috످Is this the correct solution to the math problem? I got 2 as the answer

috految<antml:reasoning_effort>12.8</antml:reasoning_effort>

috److I don't see the math problem in your message. Could you type or paste it here so I can check if 2 is correct? If you include your steps, I can review those too.

috످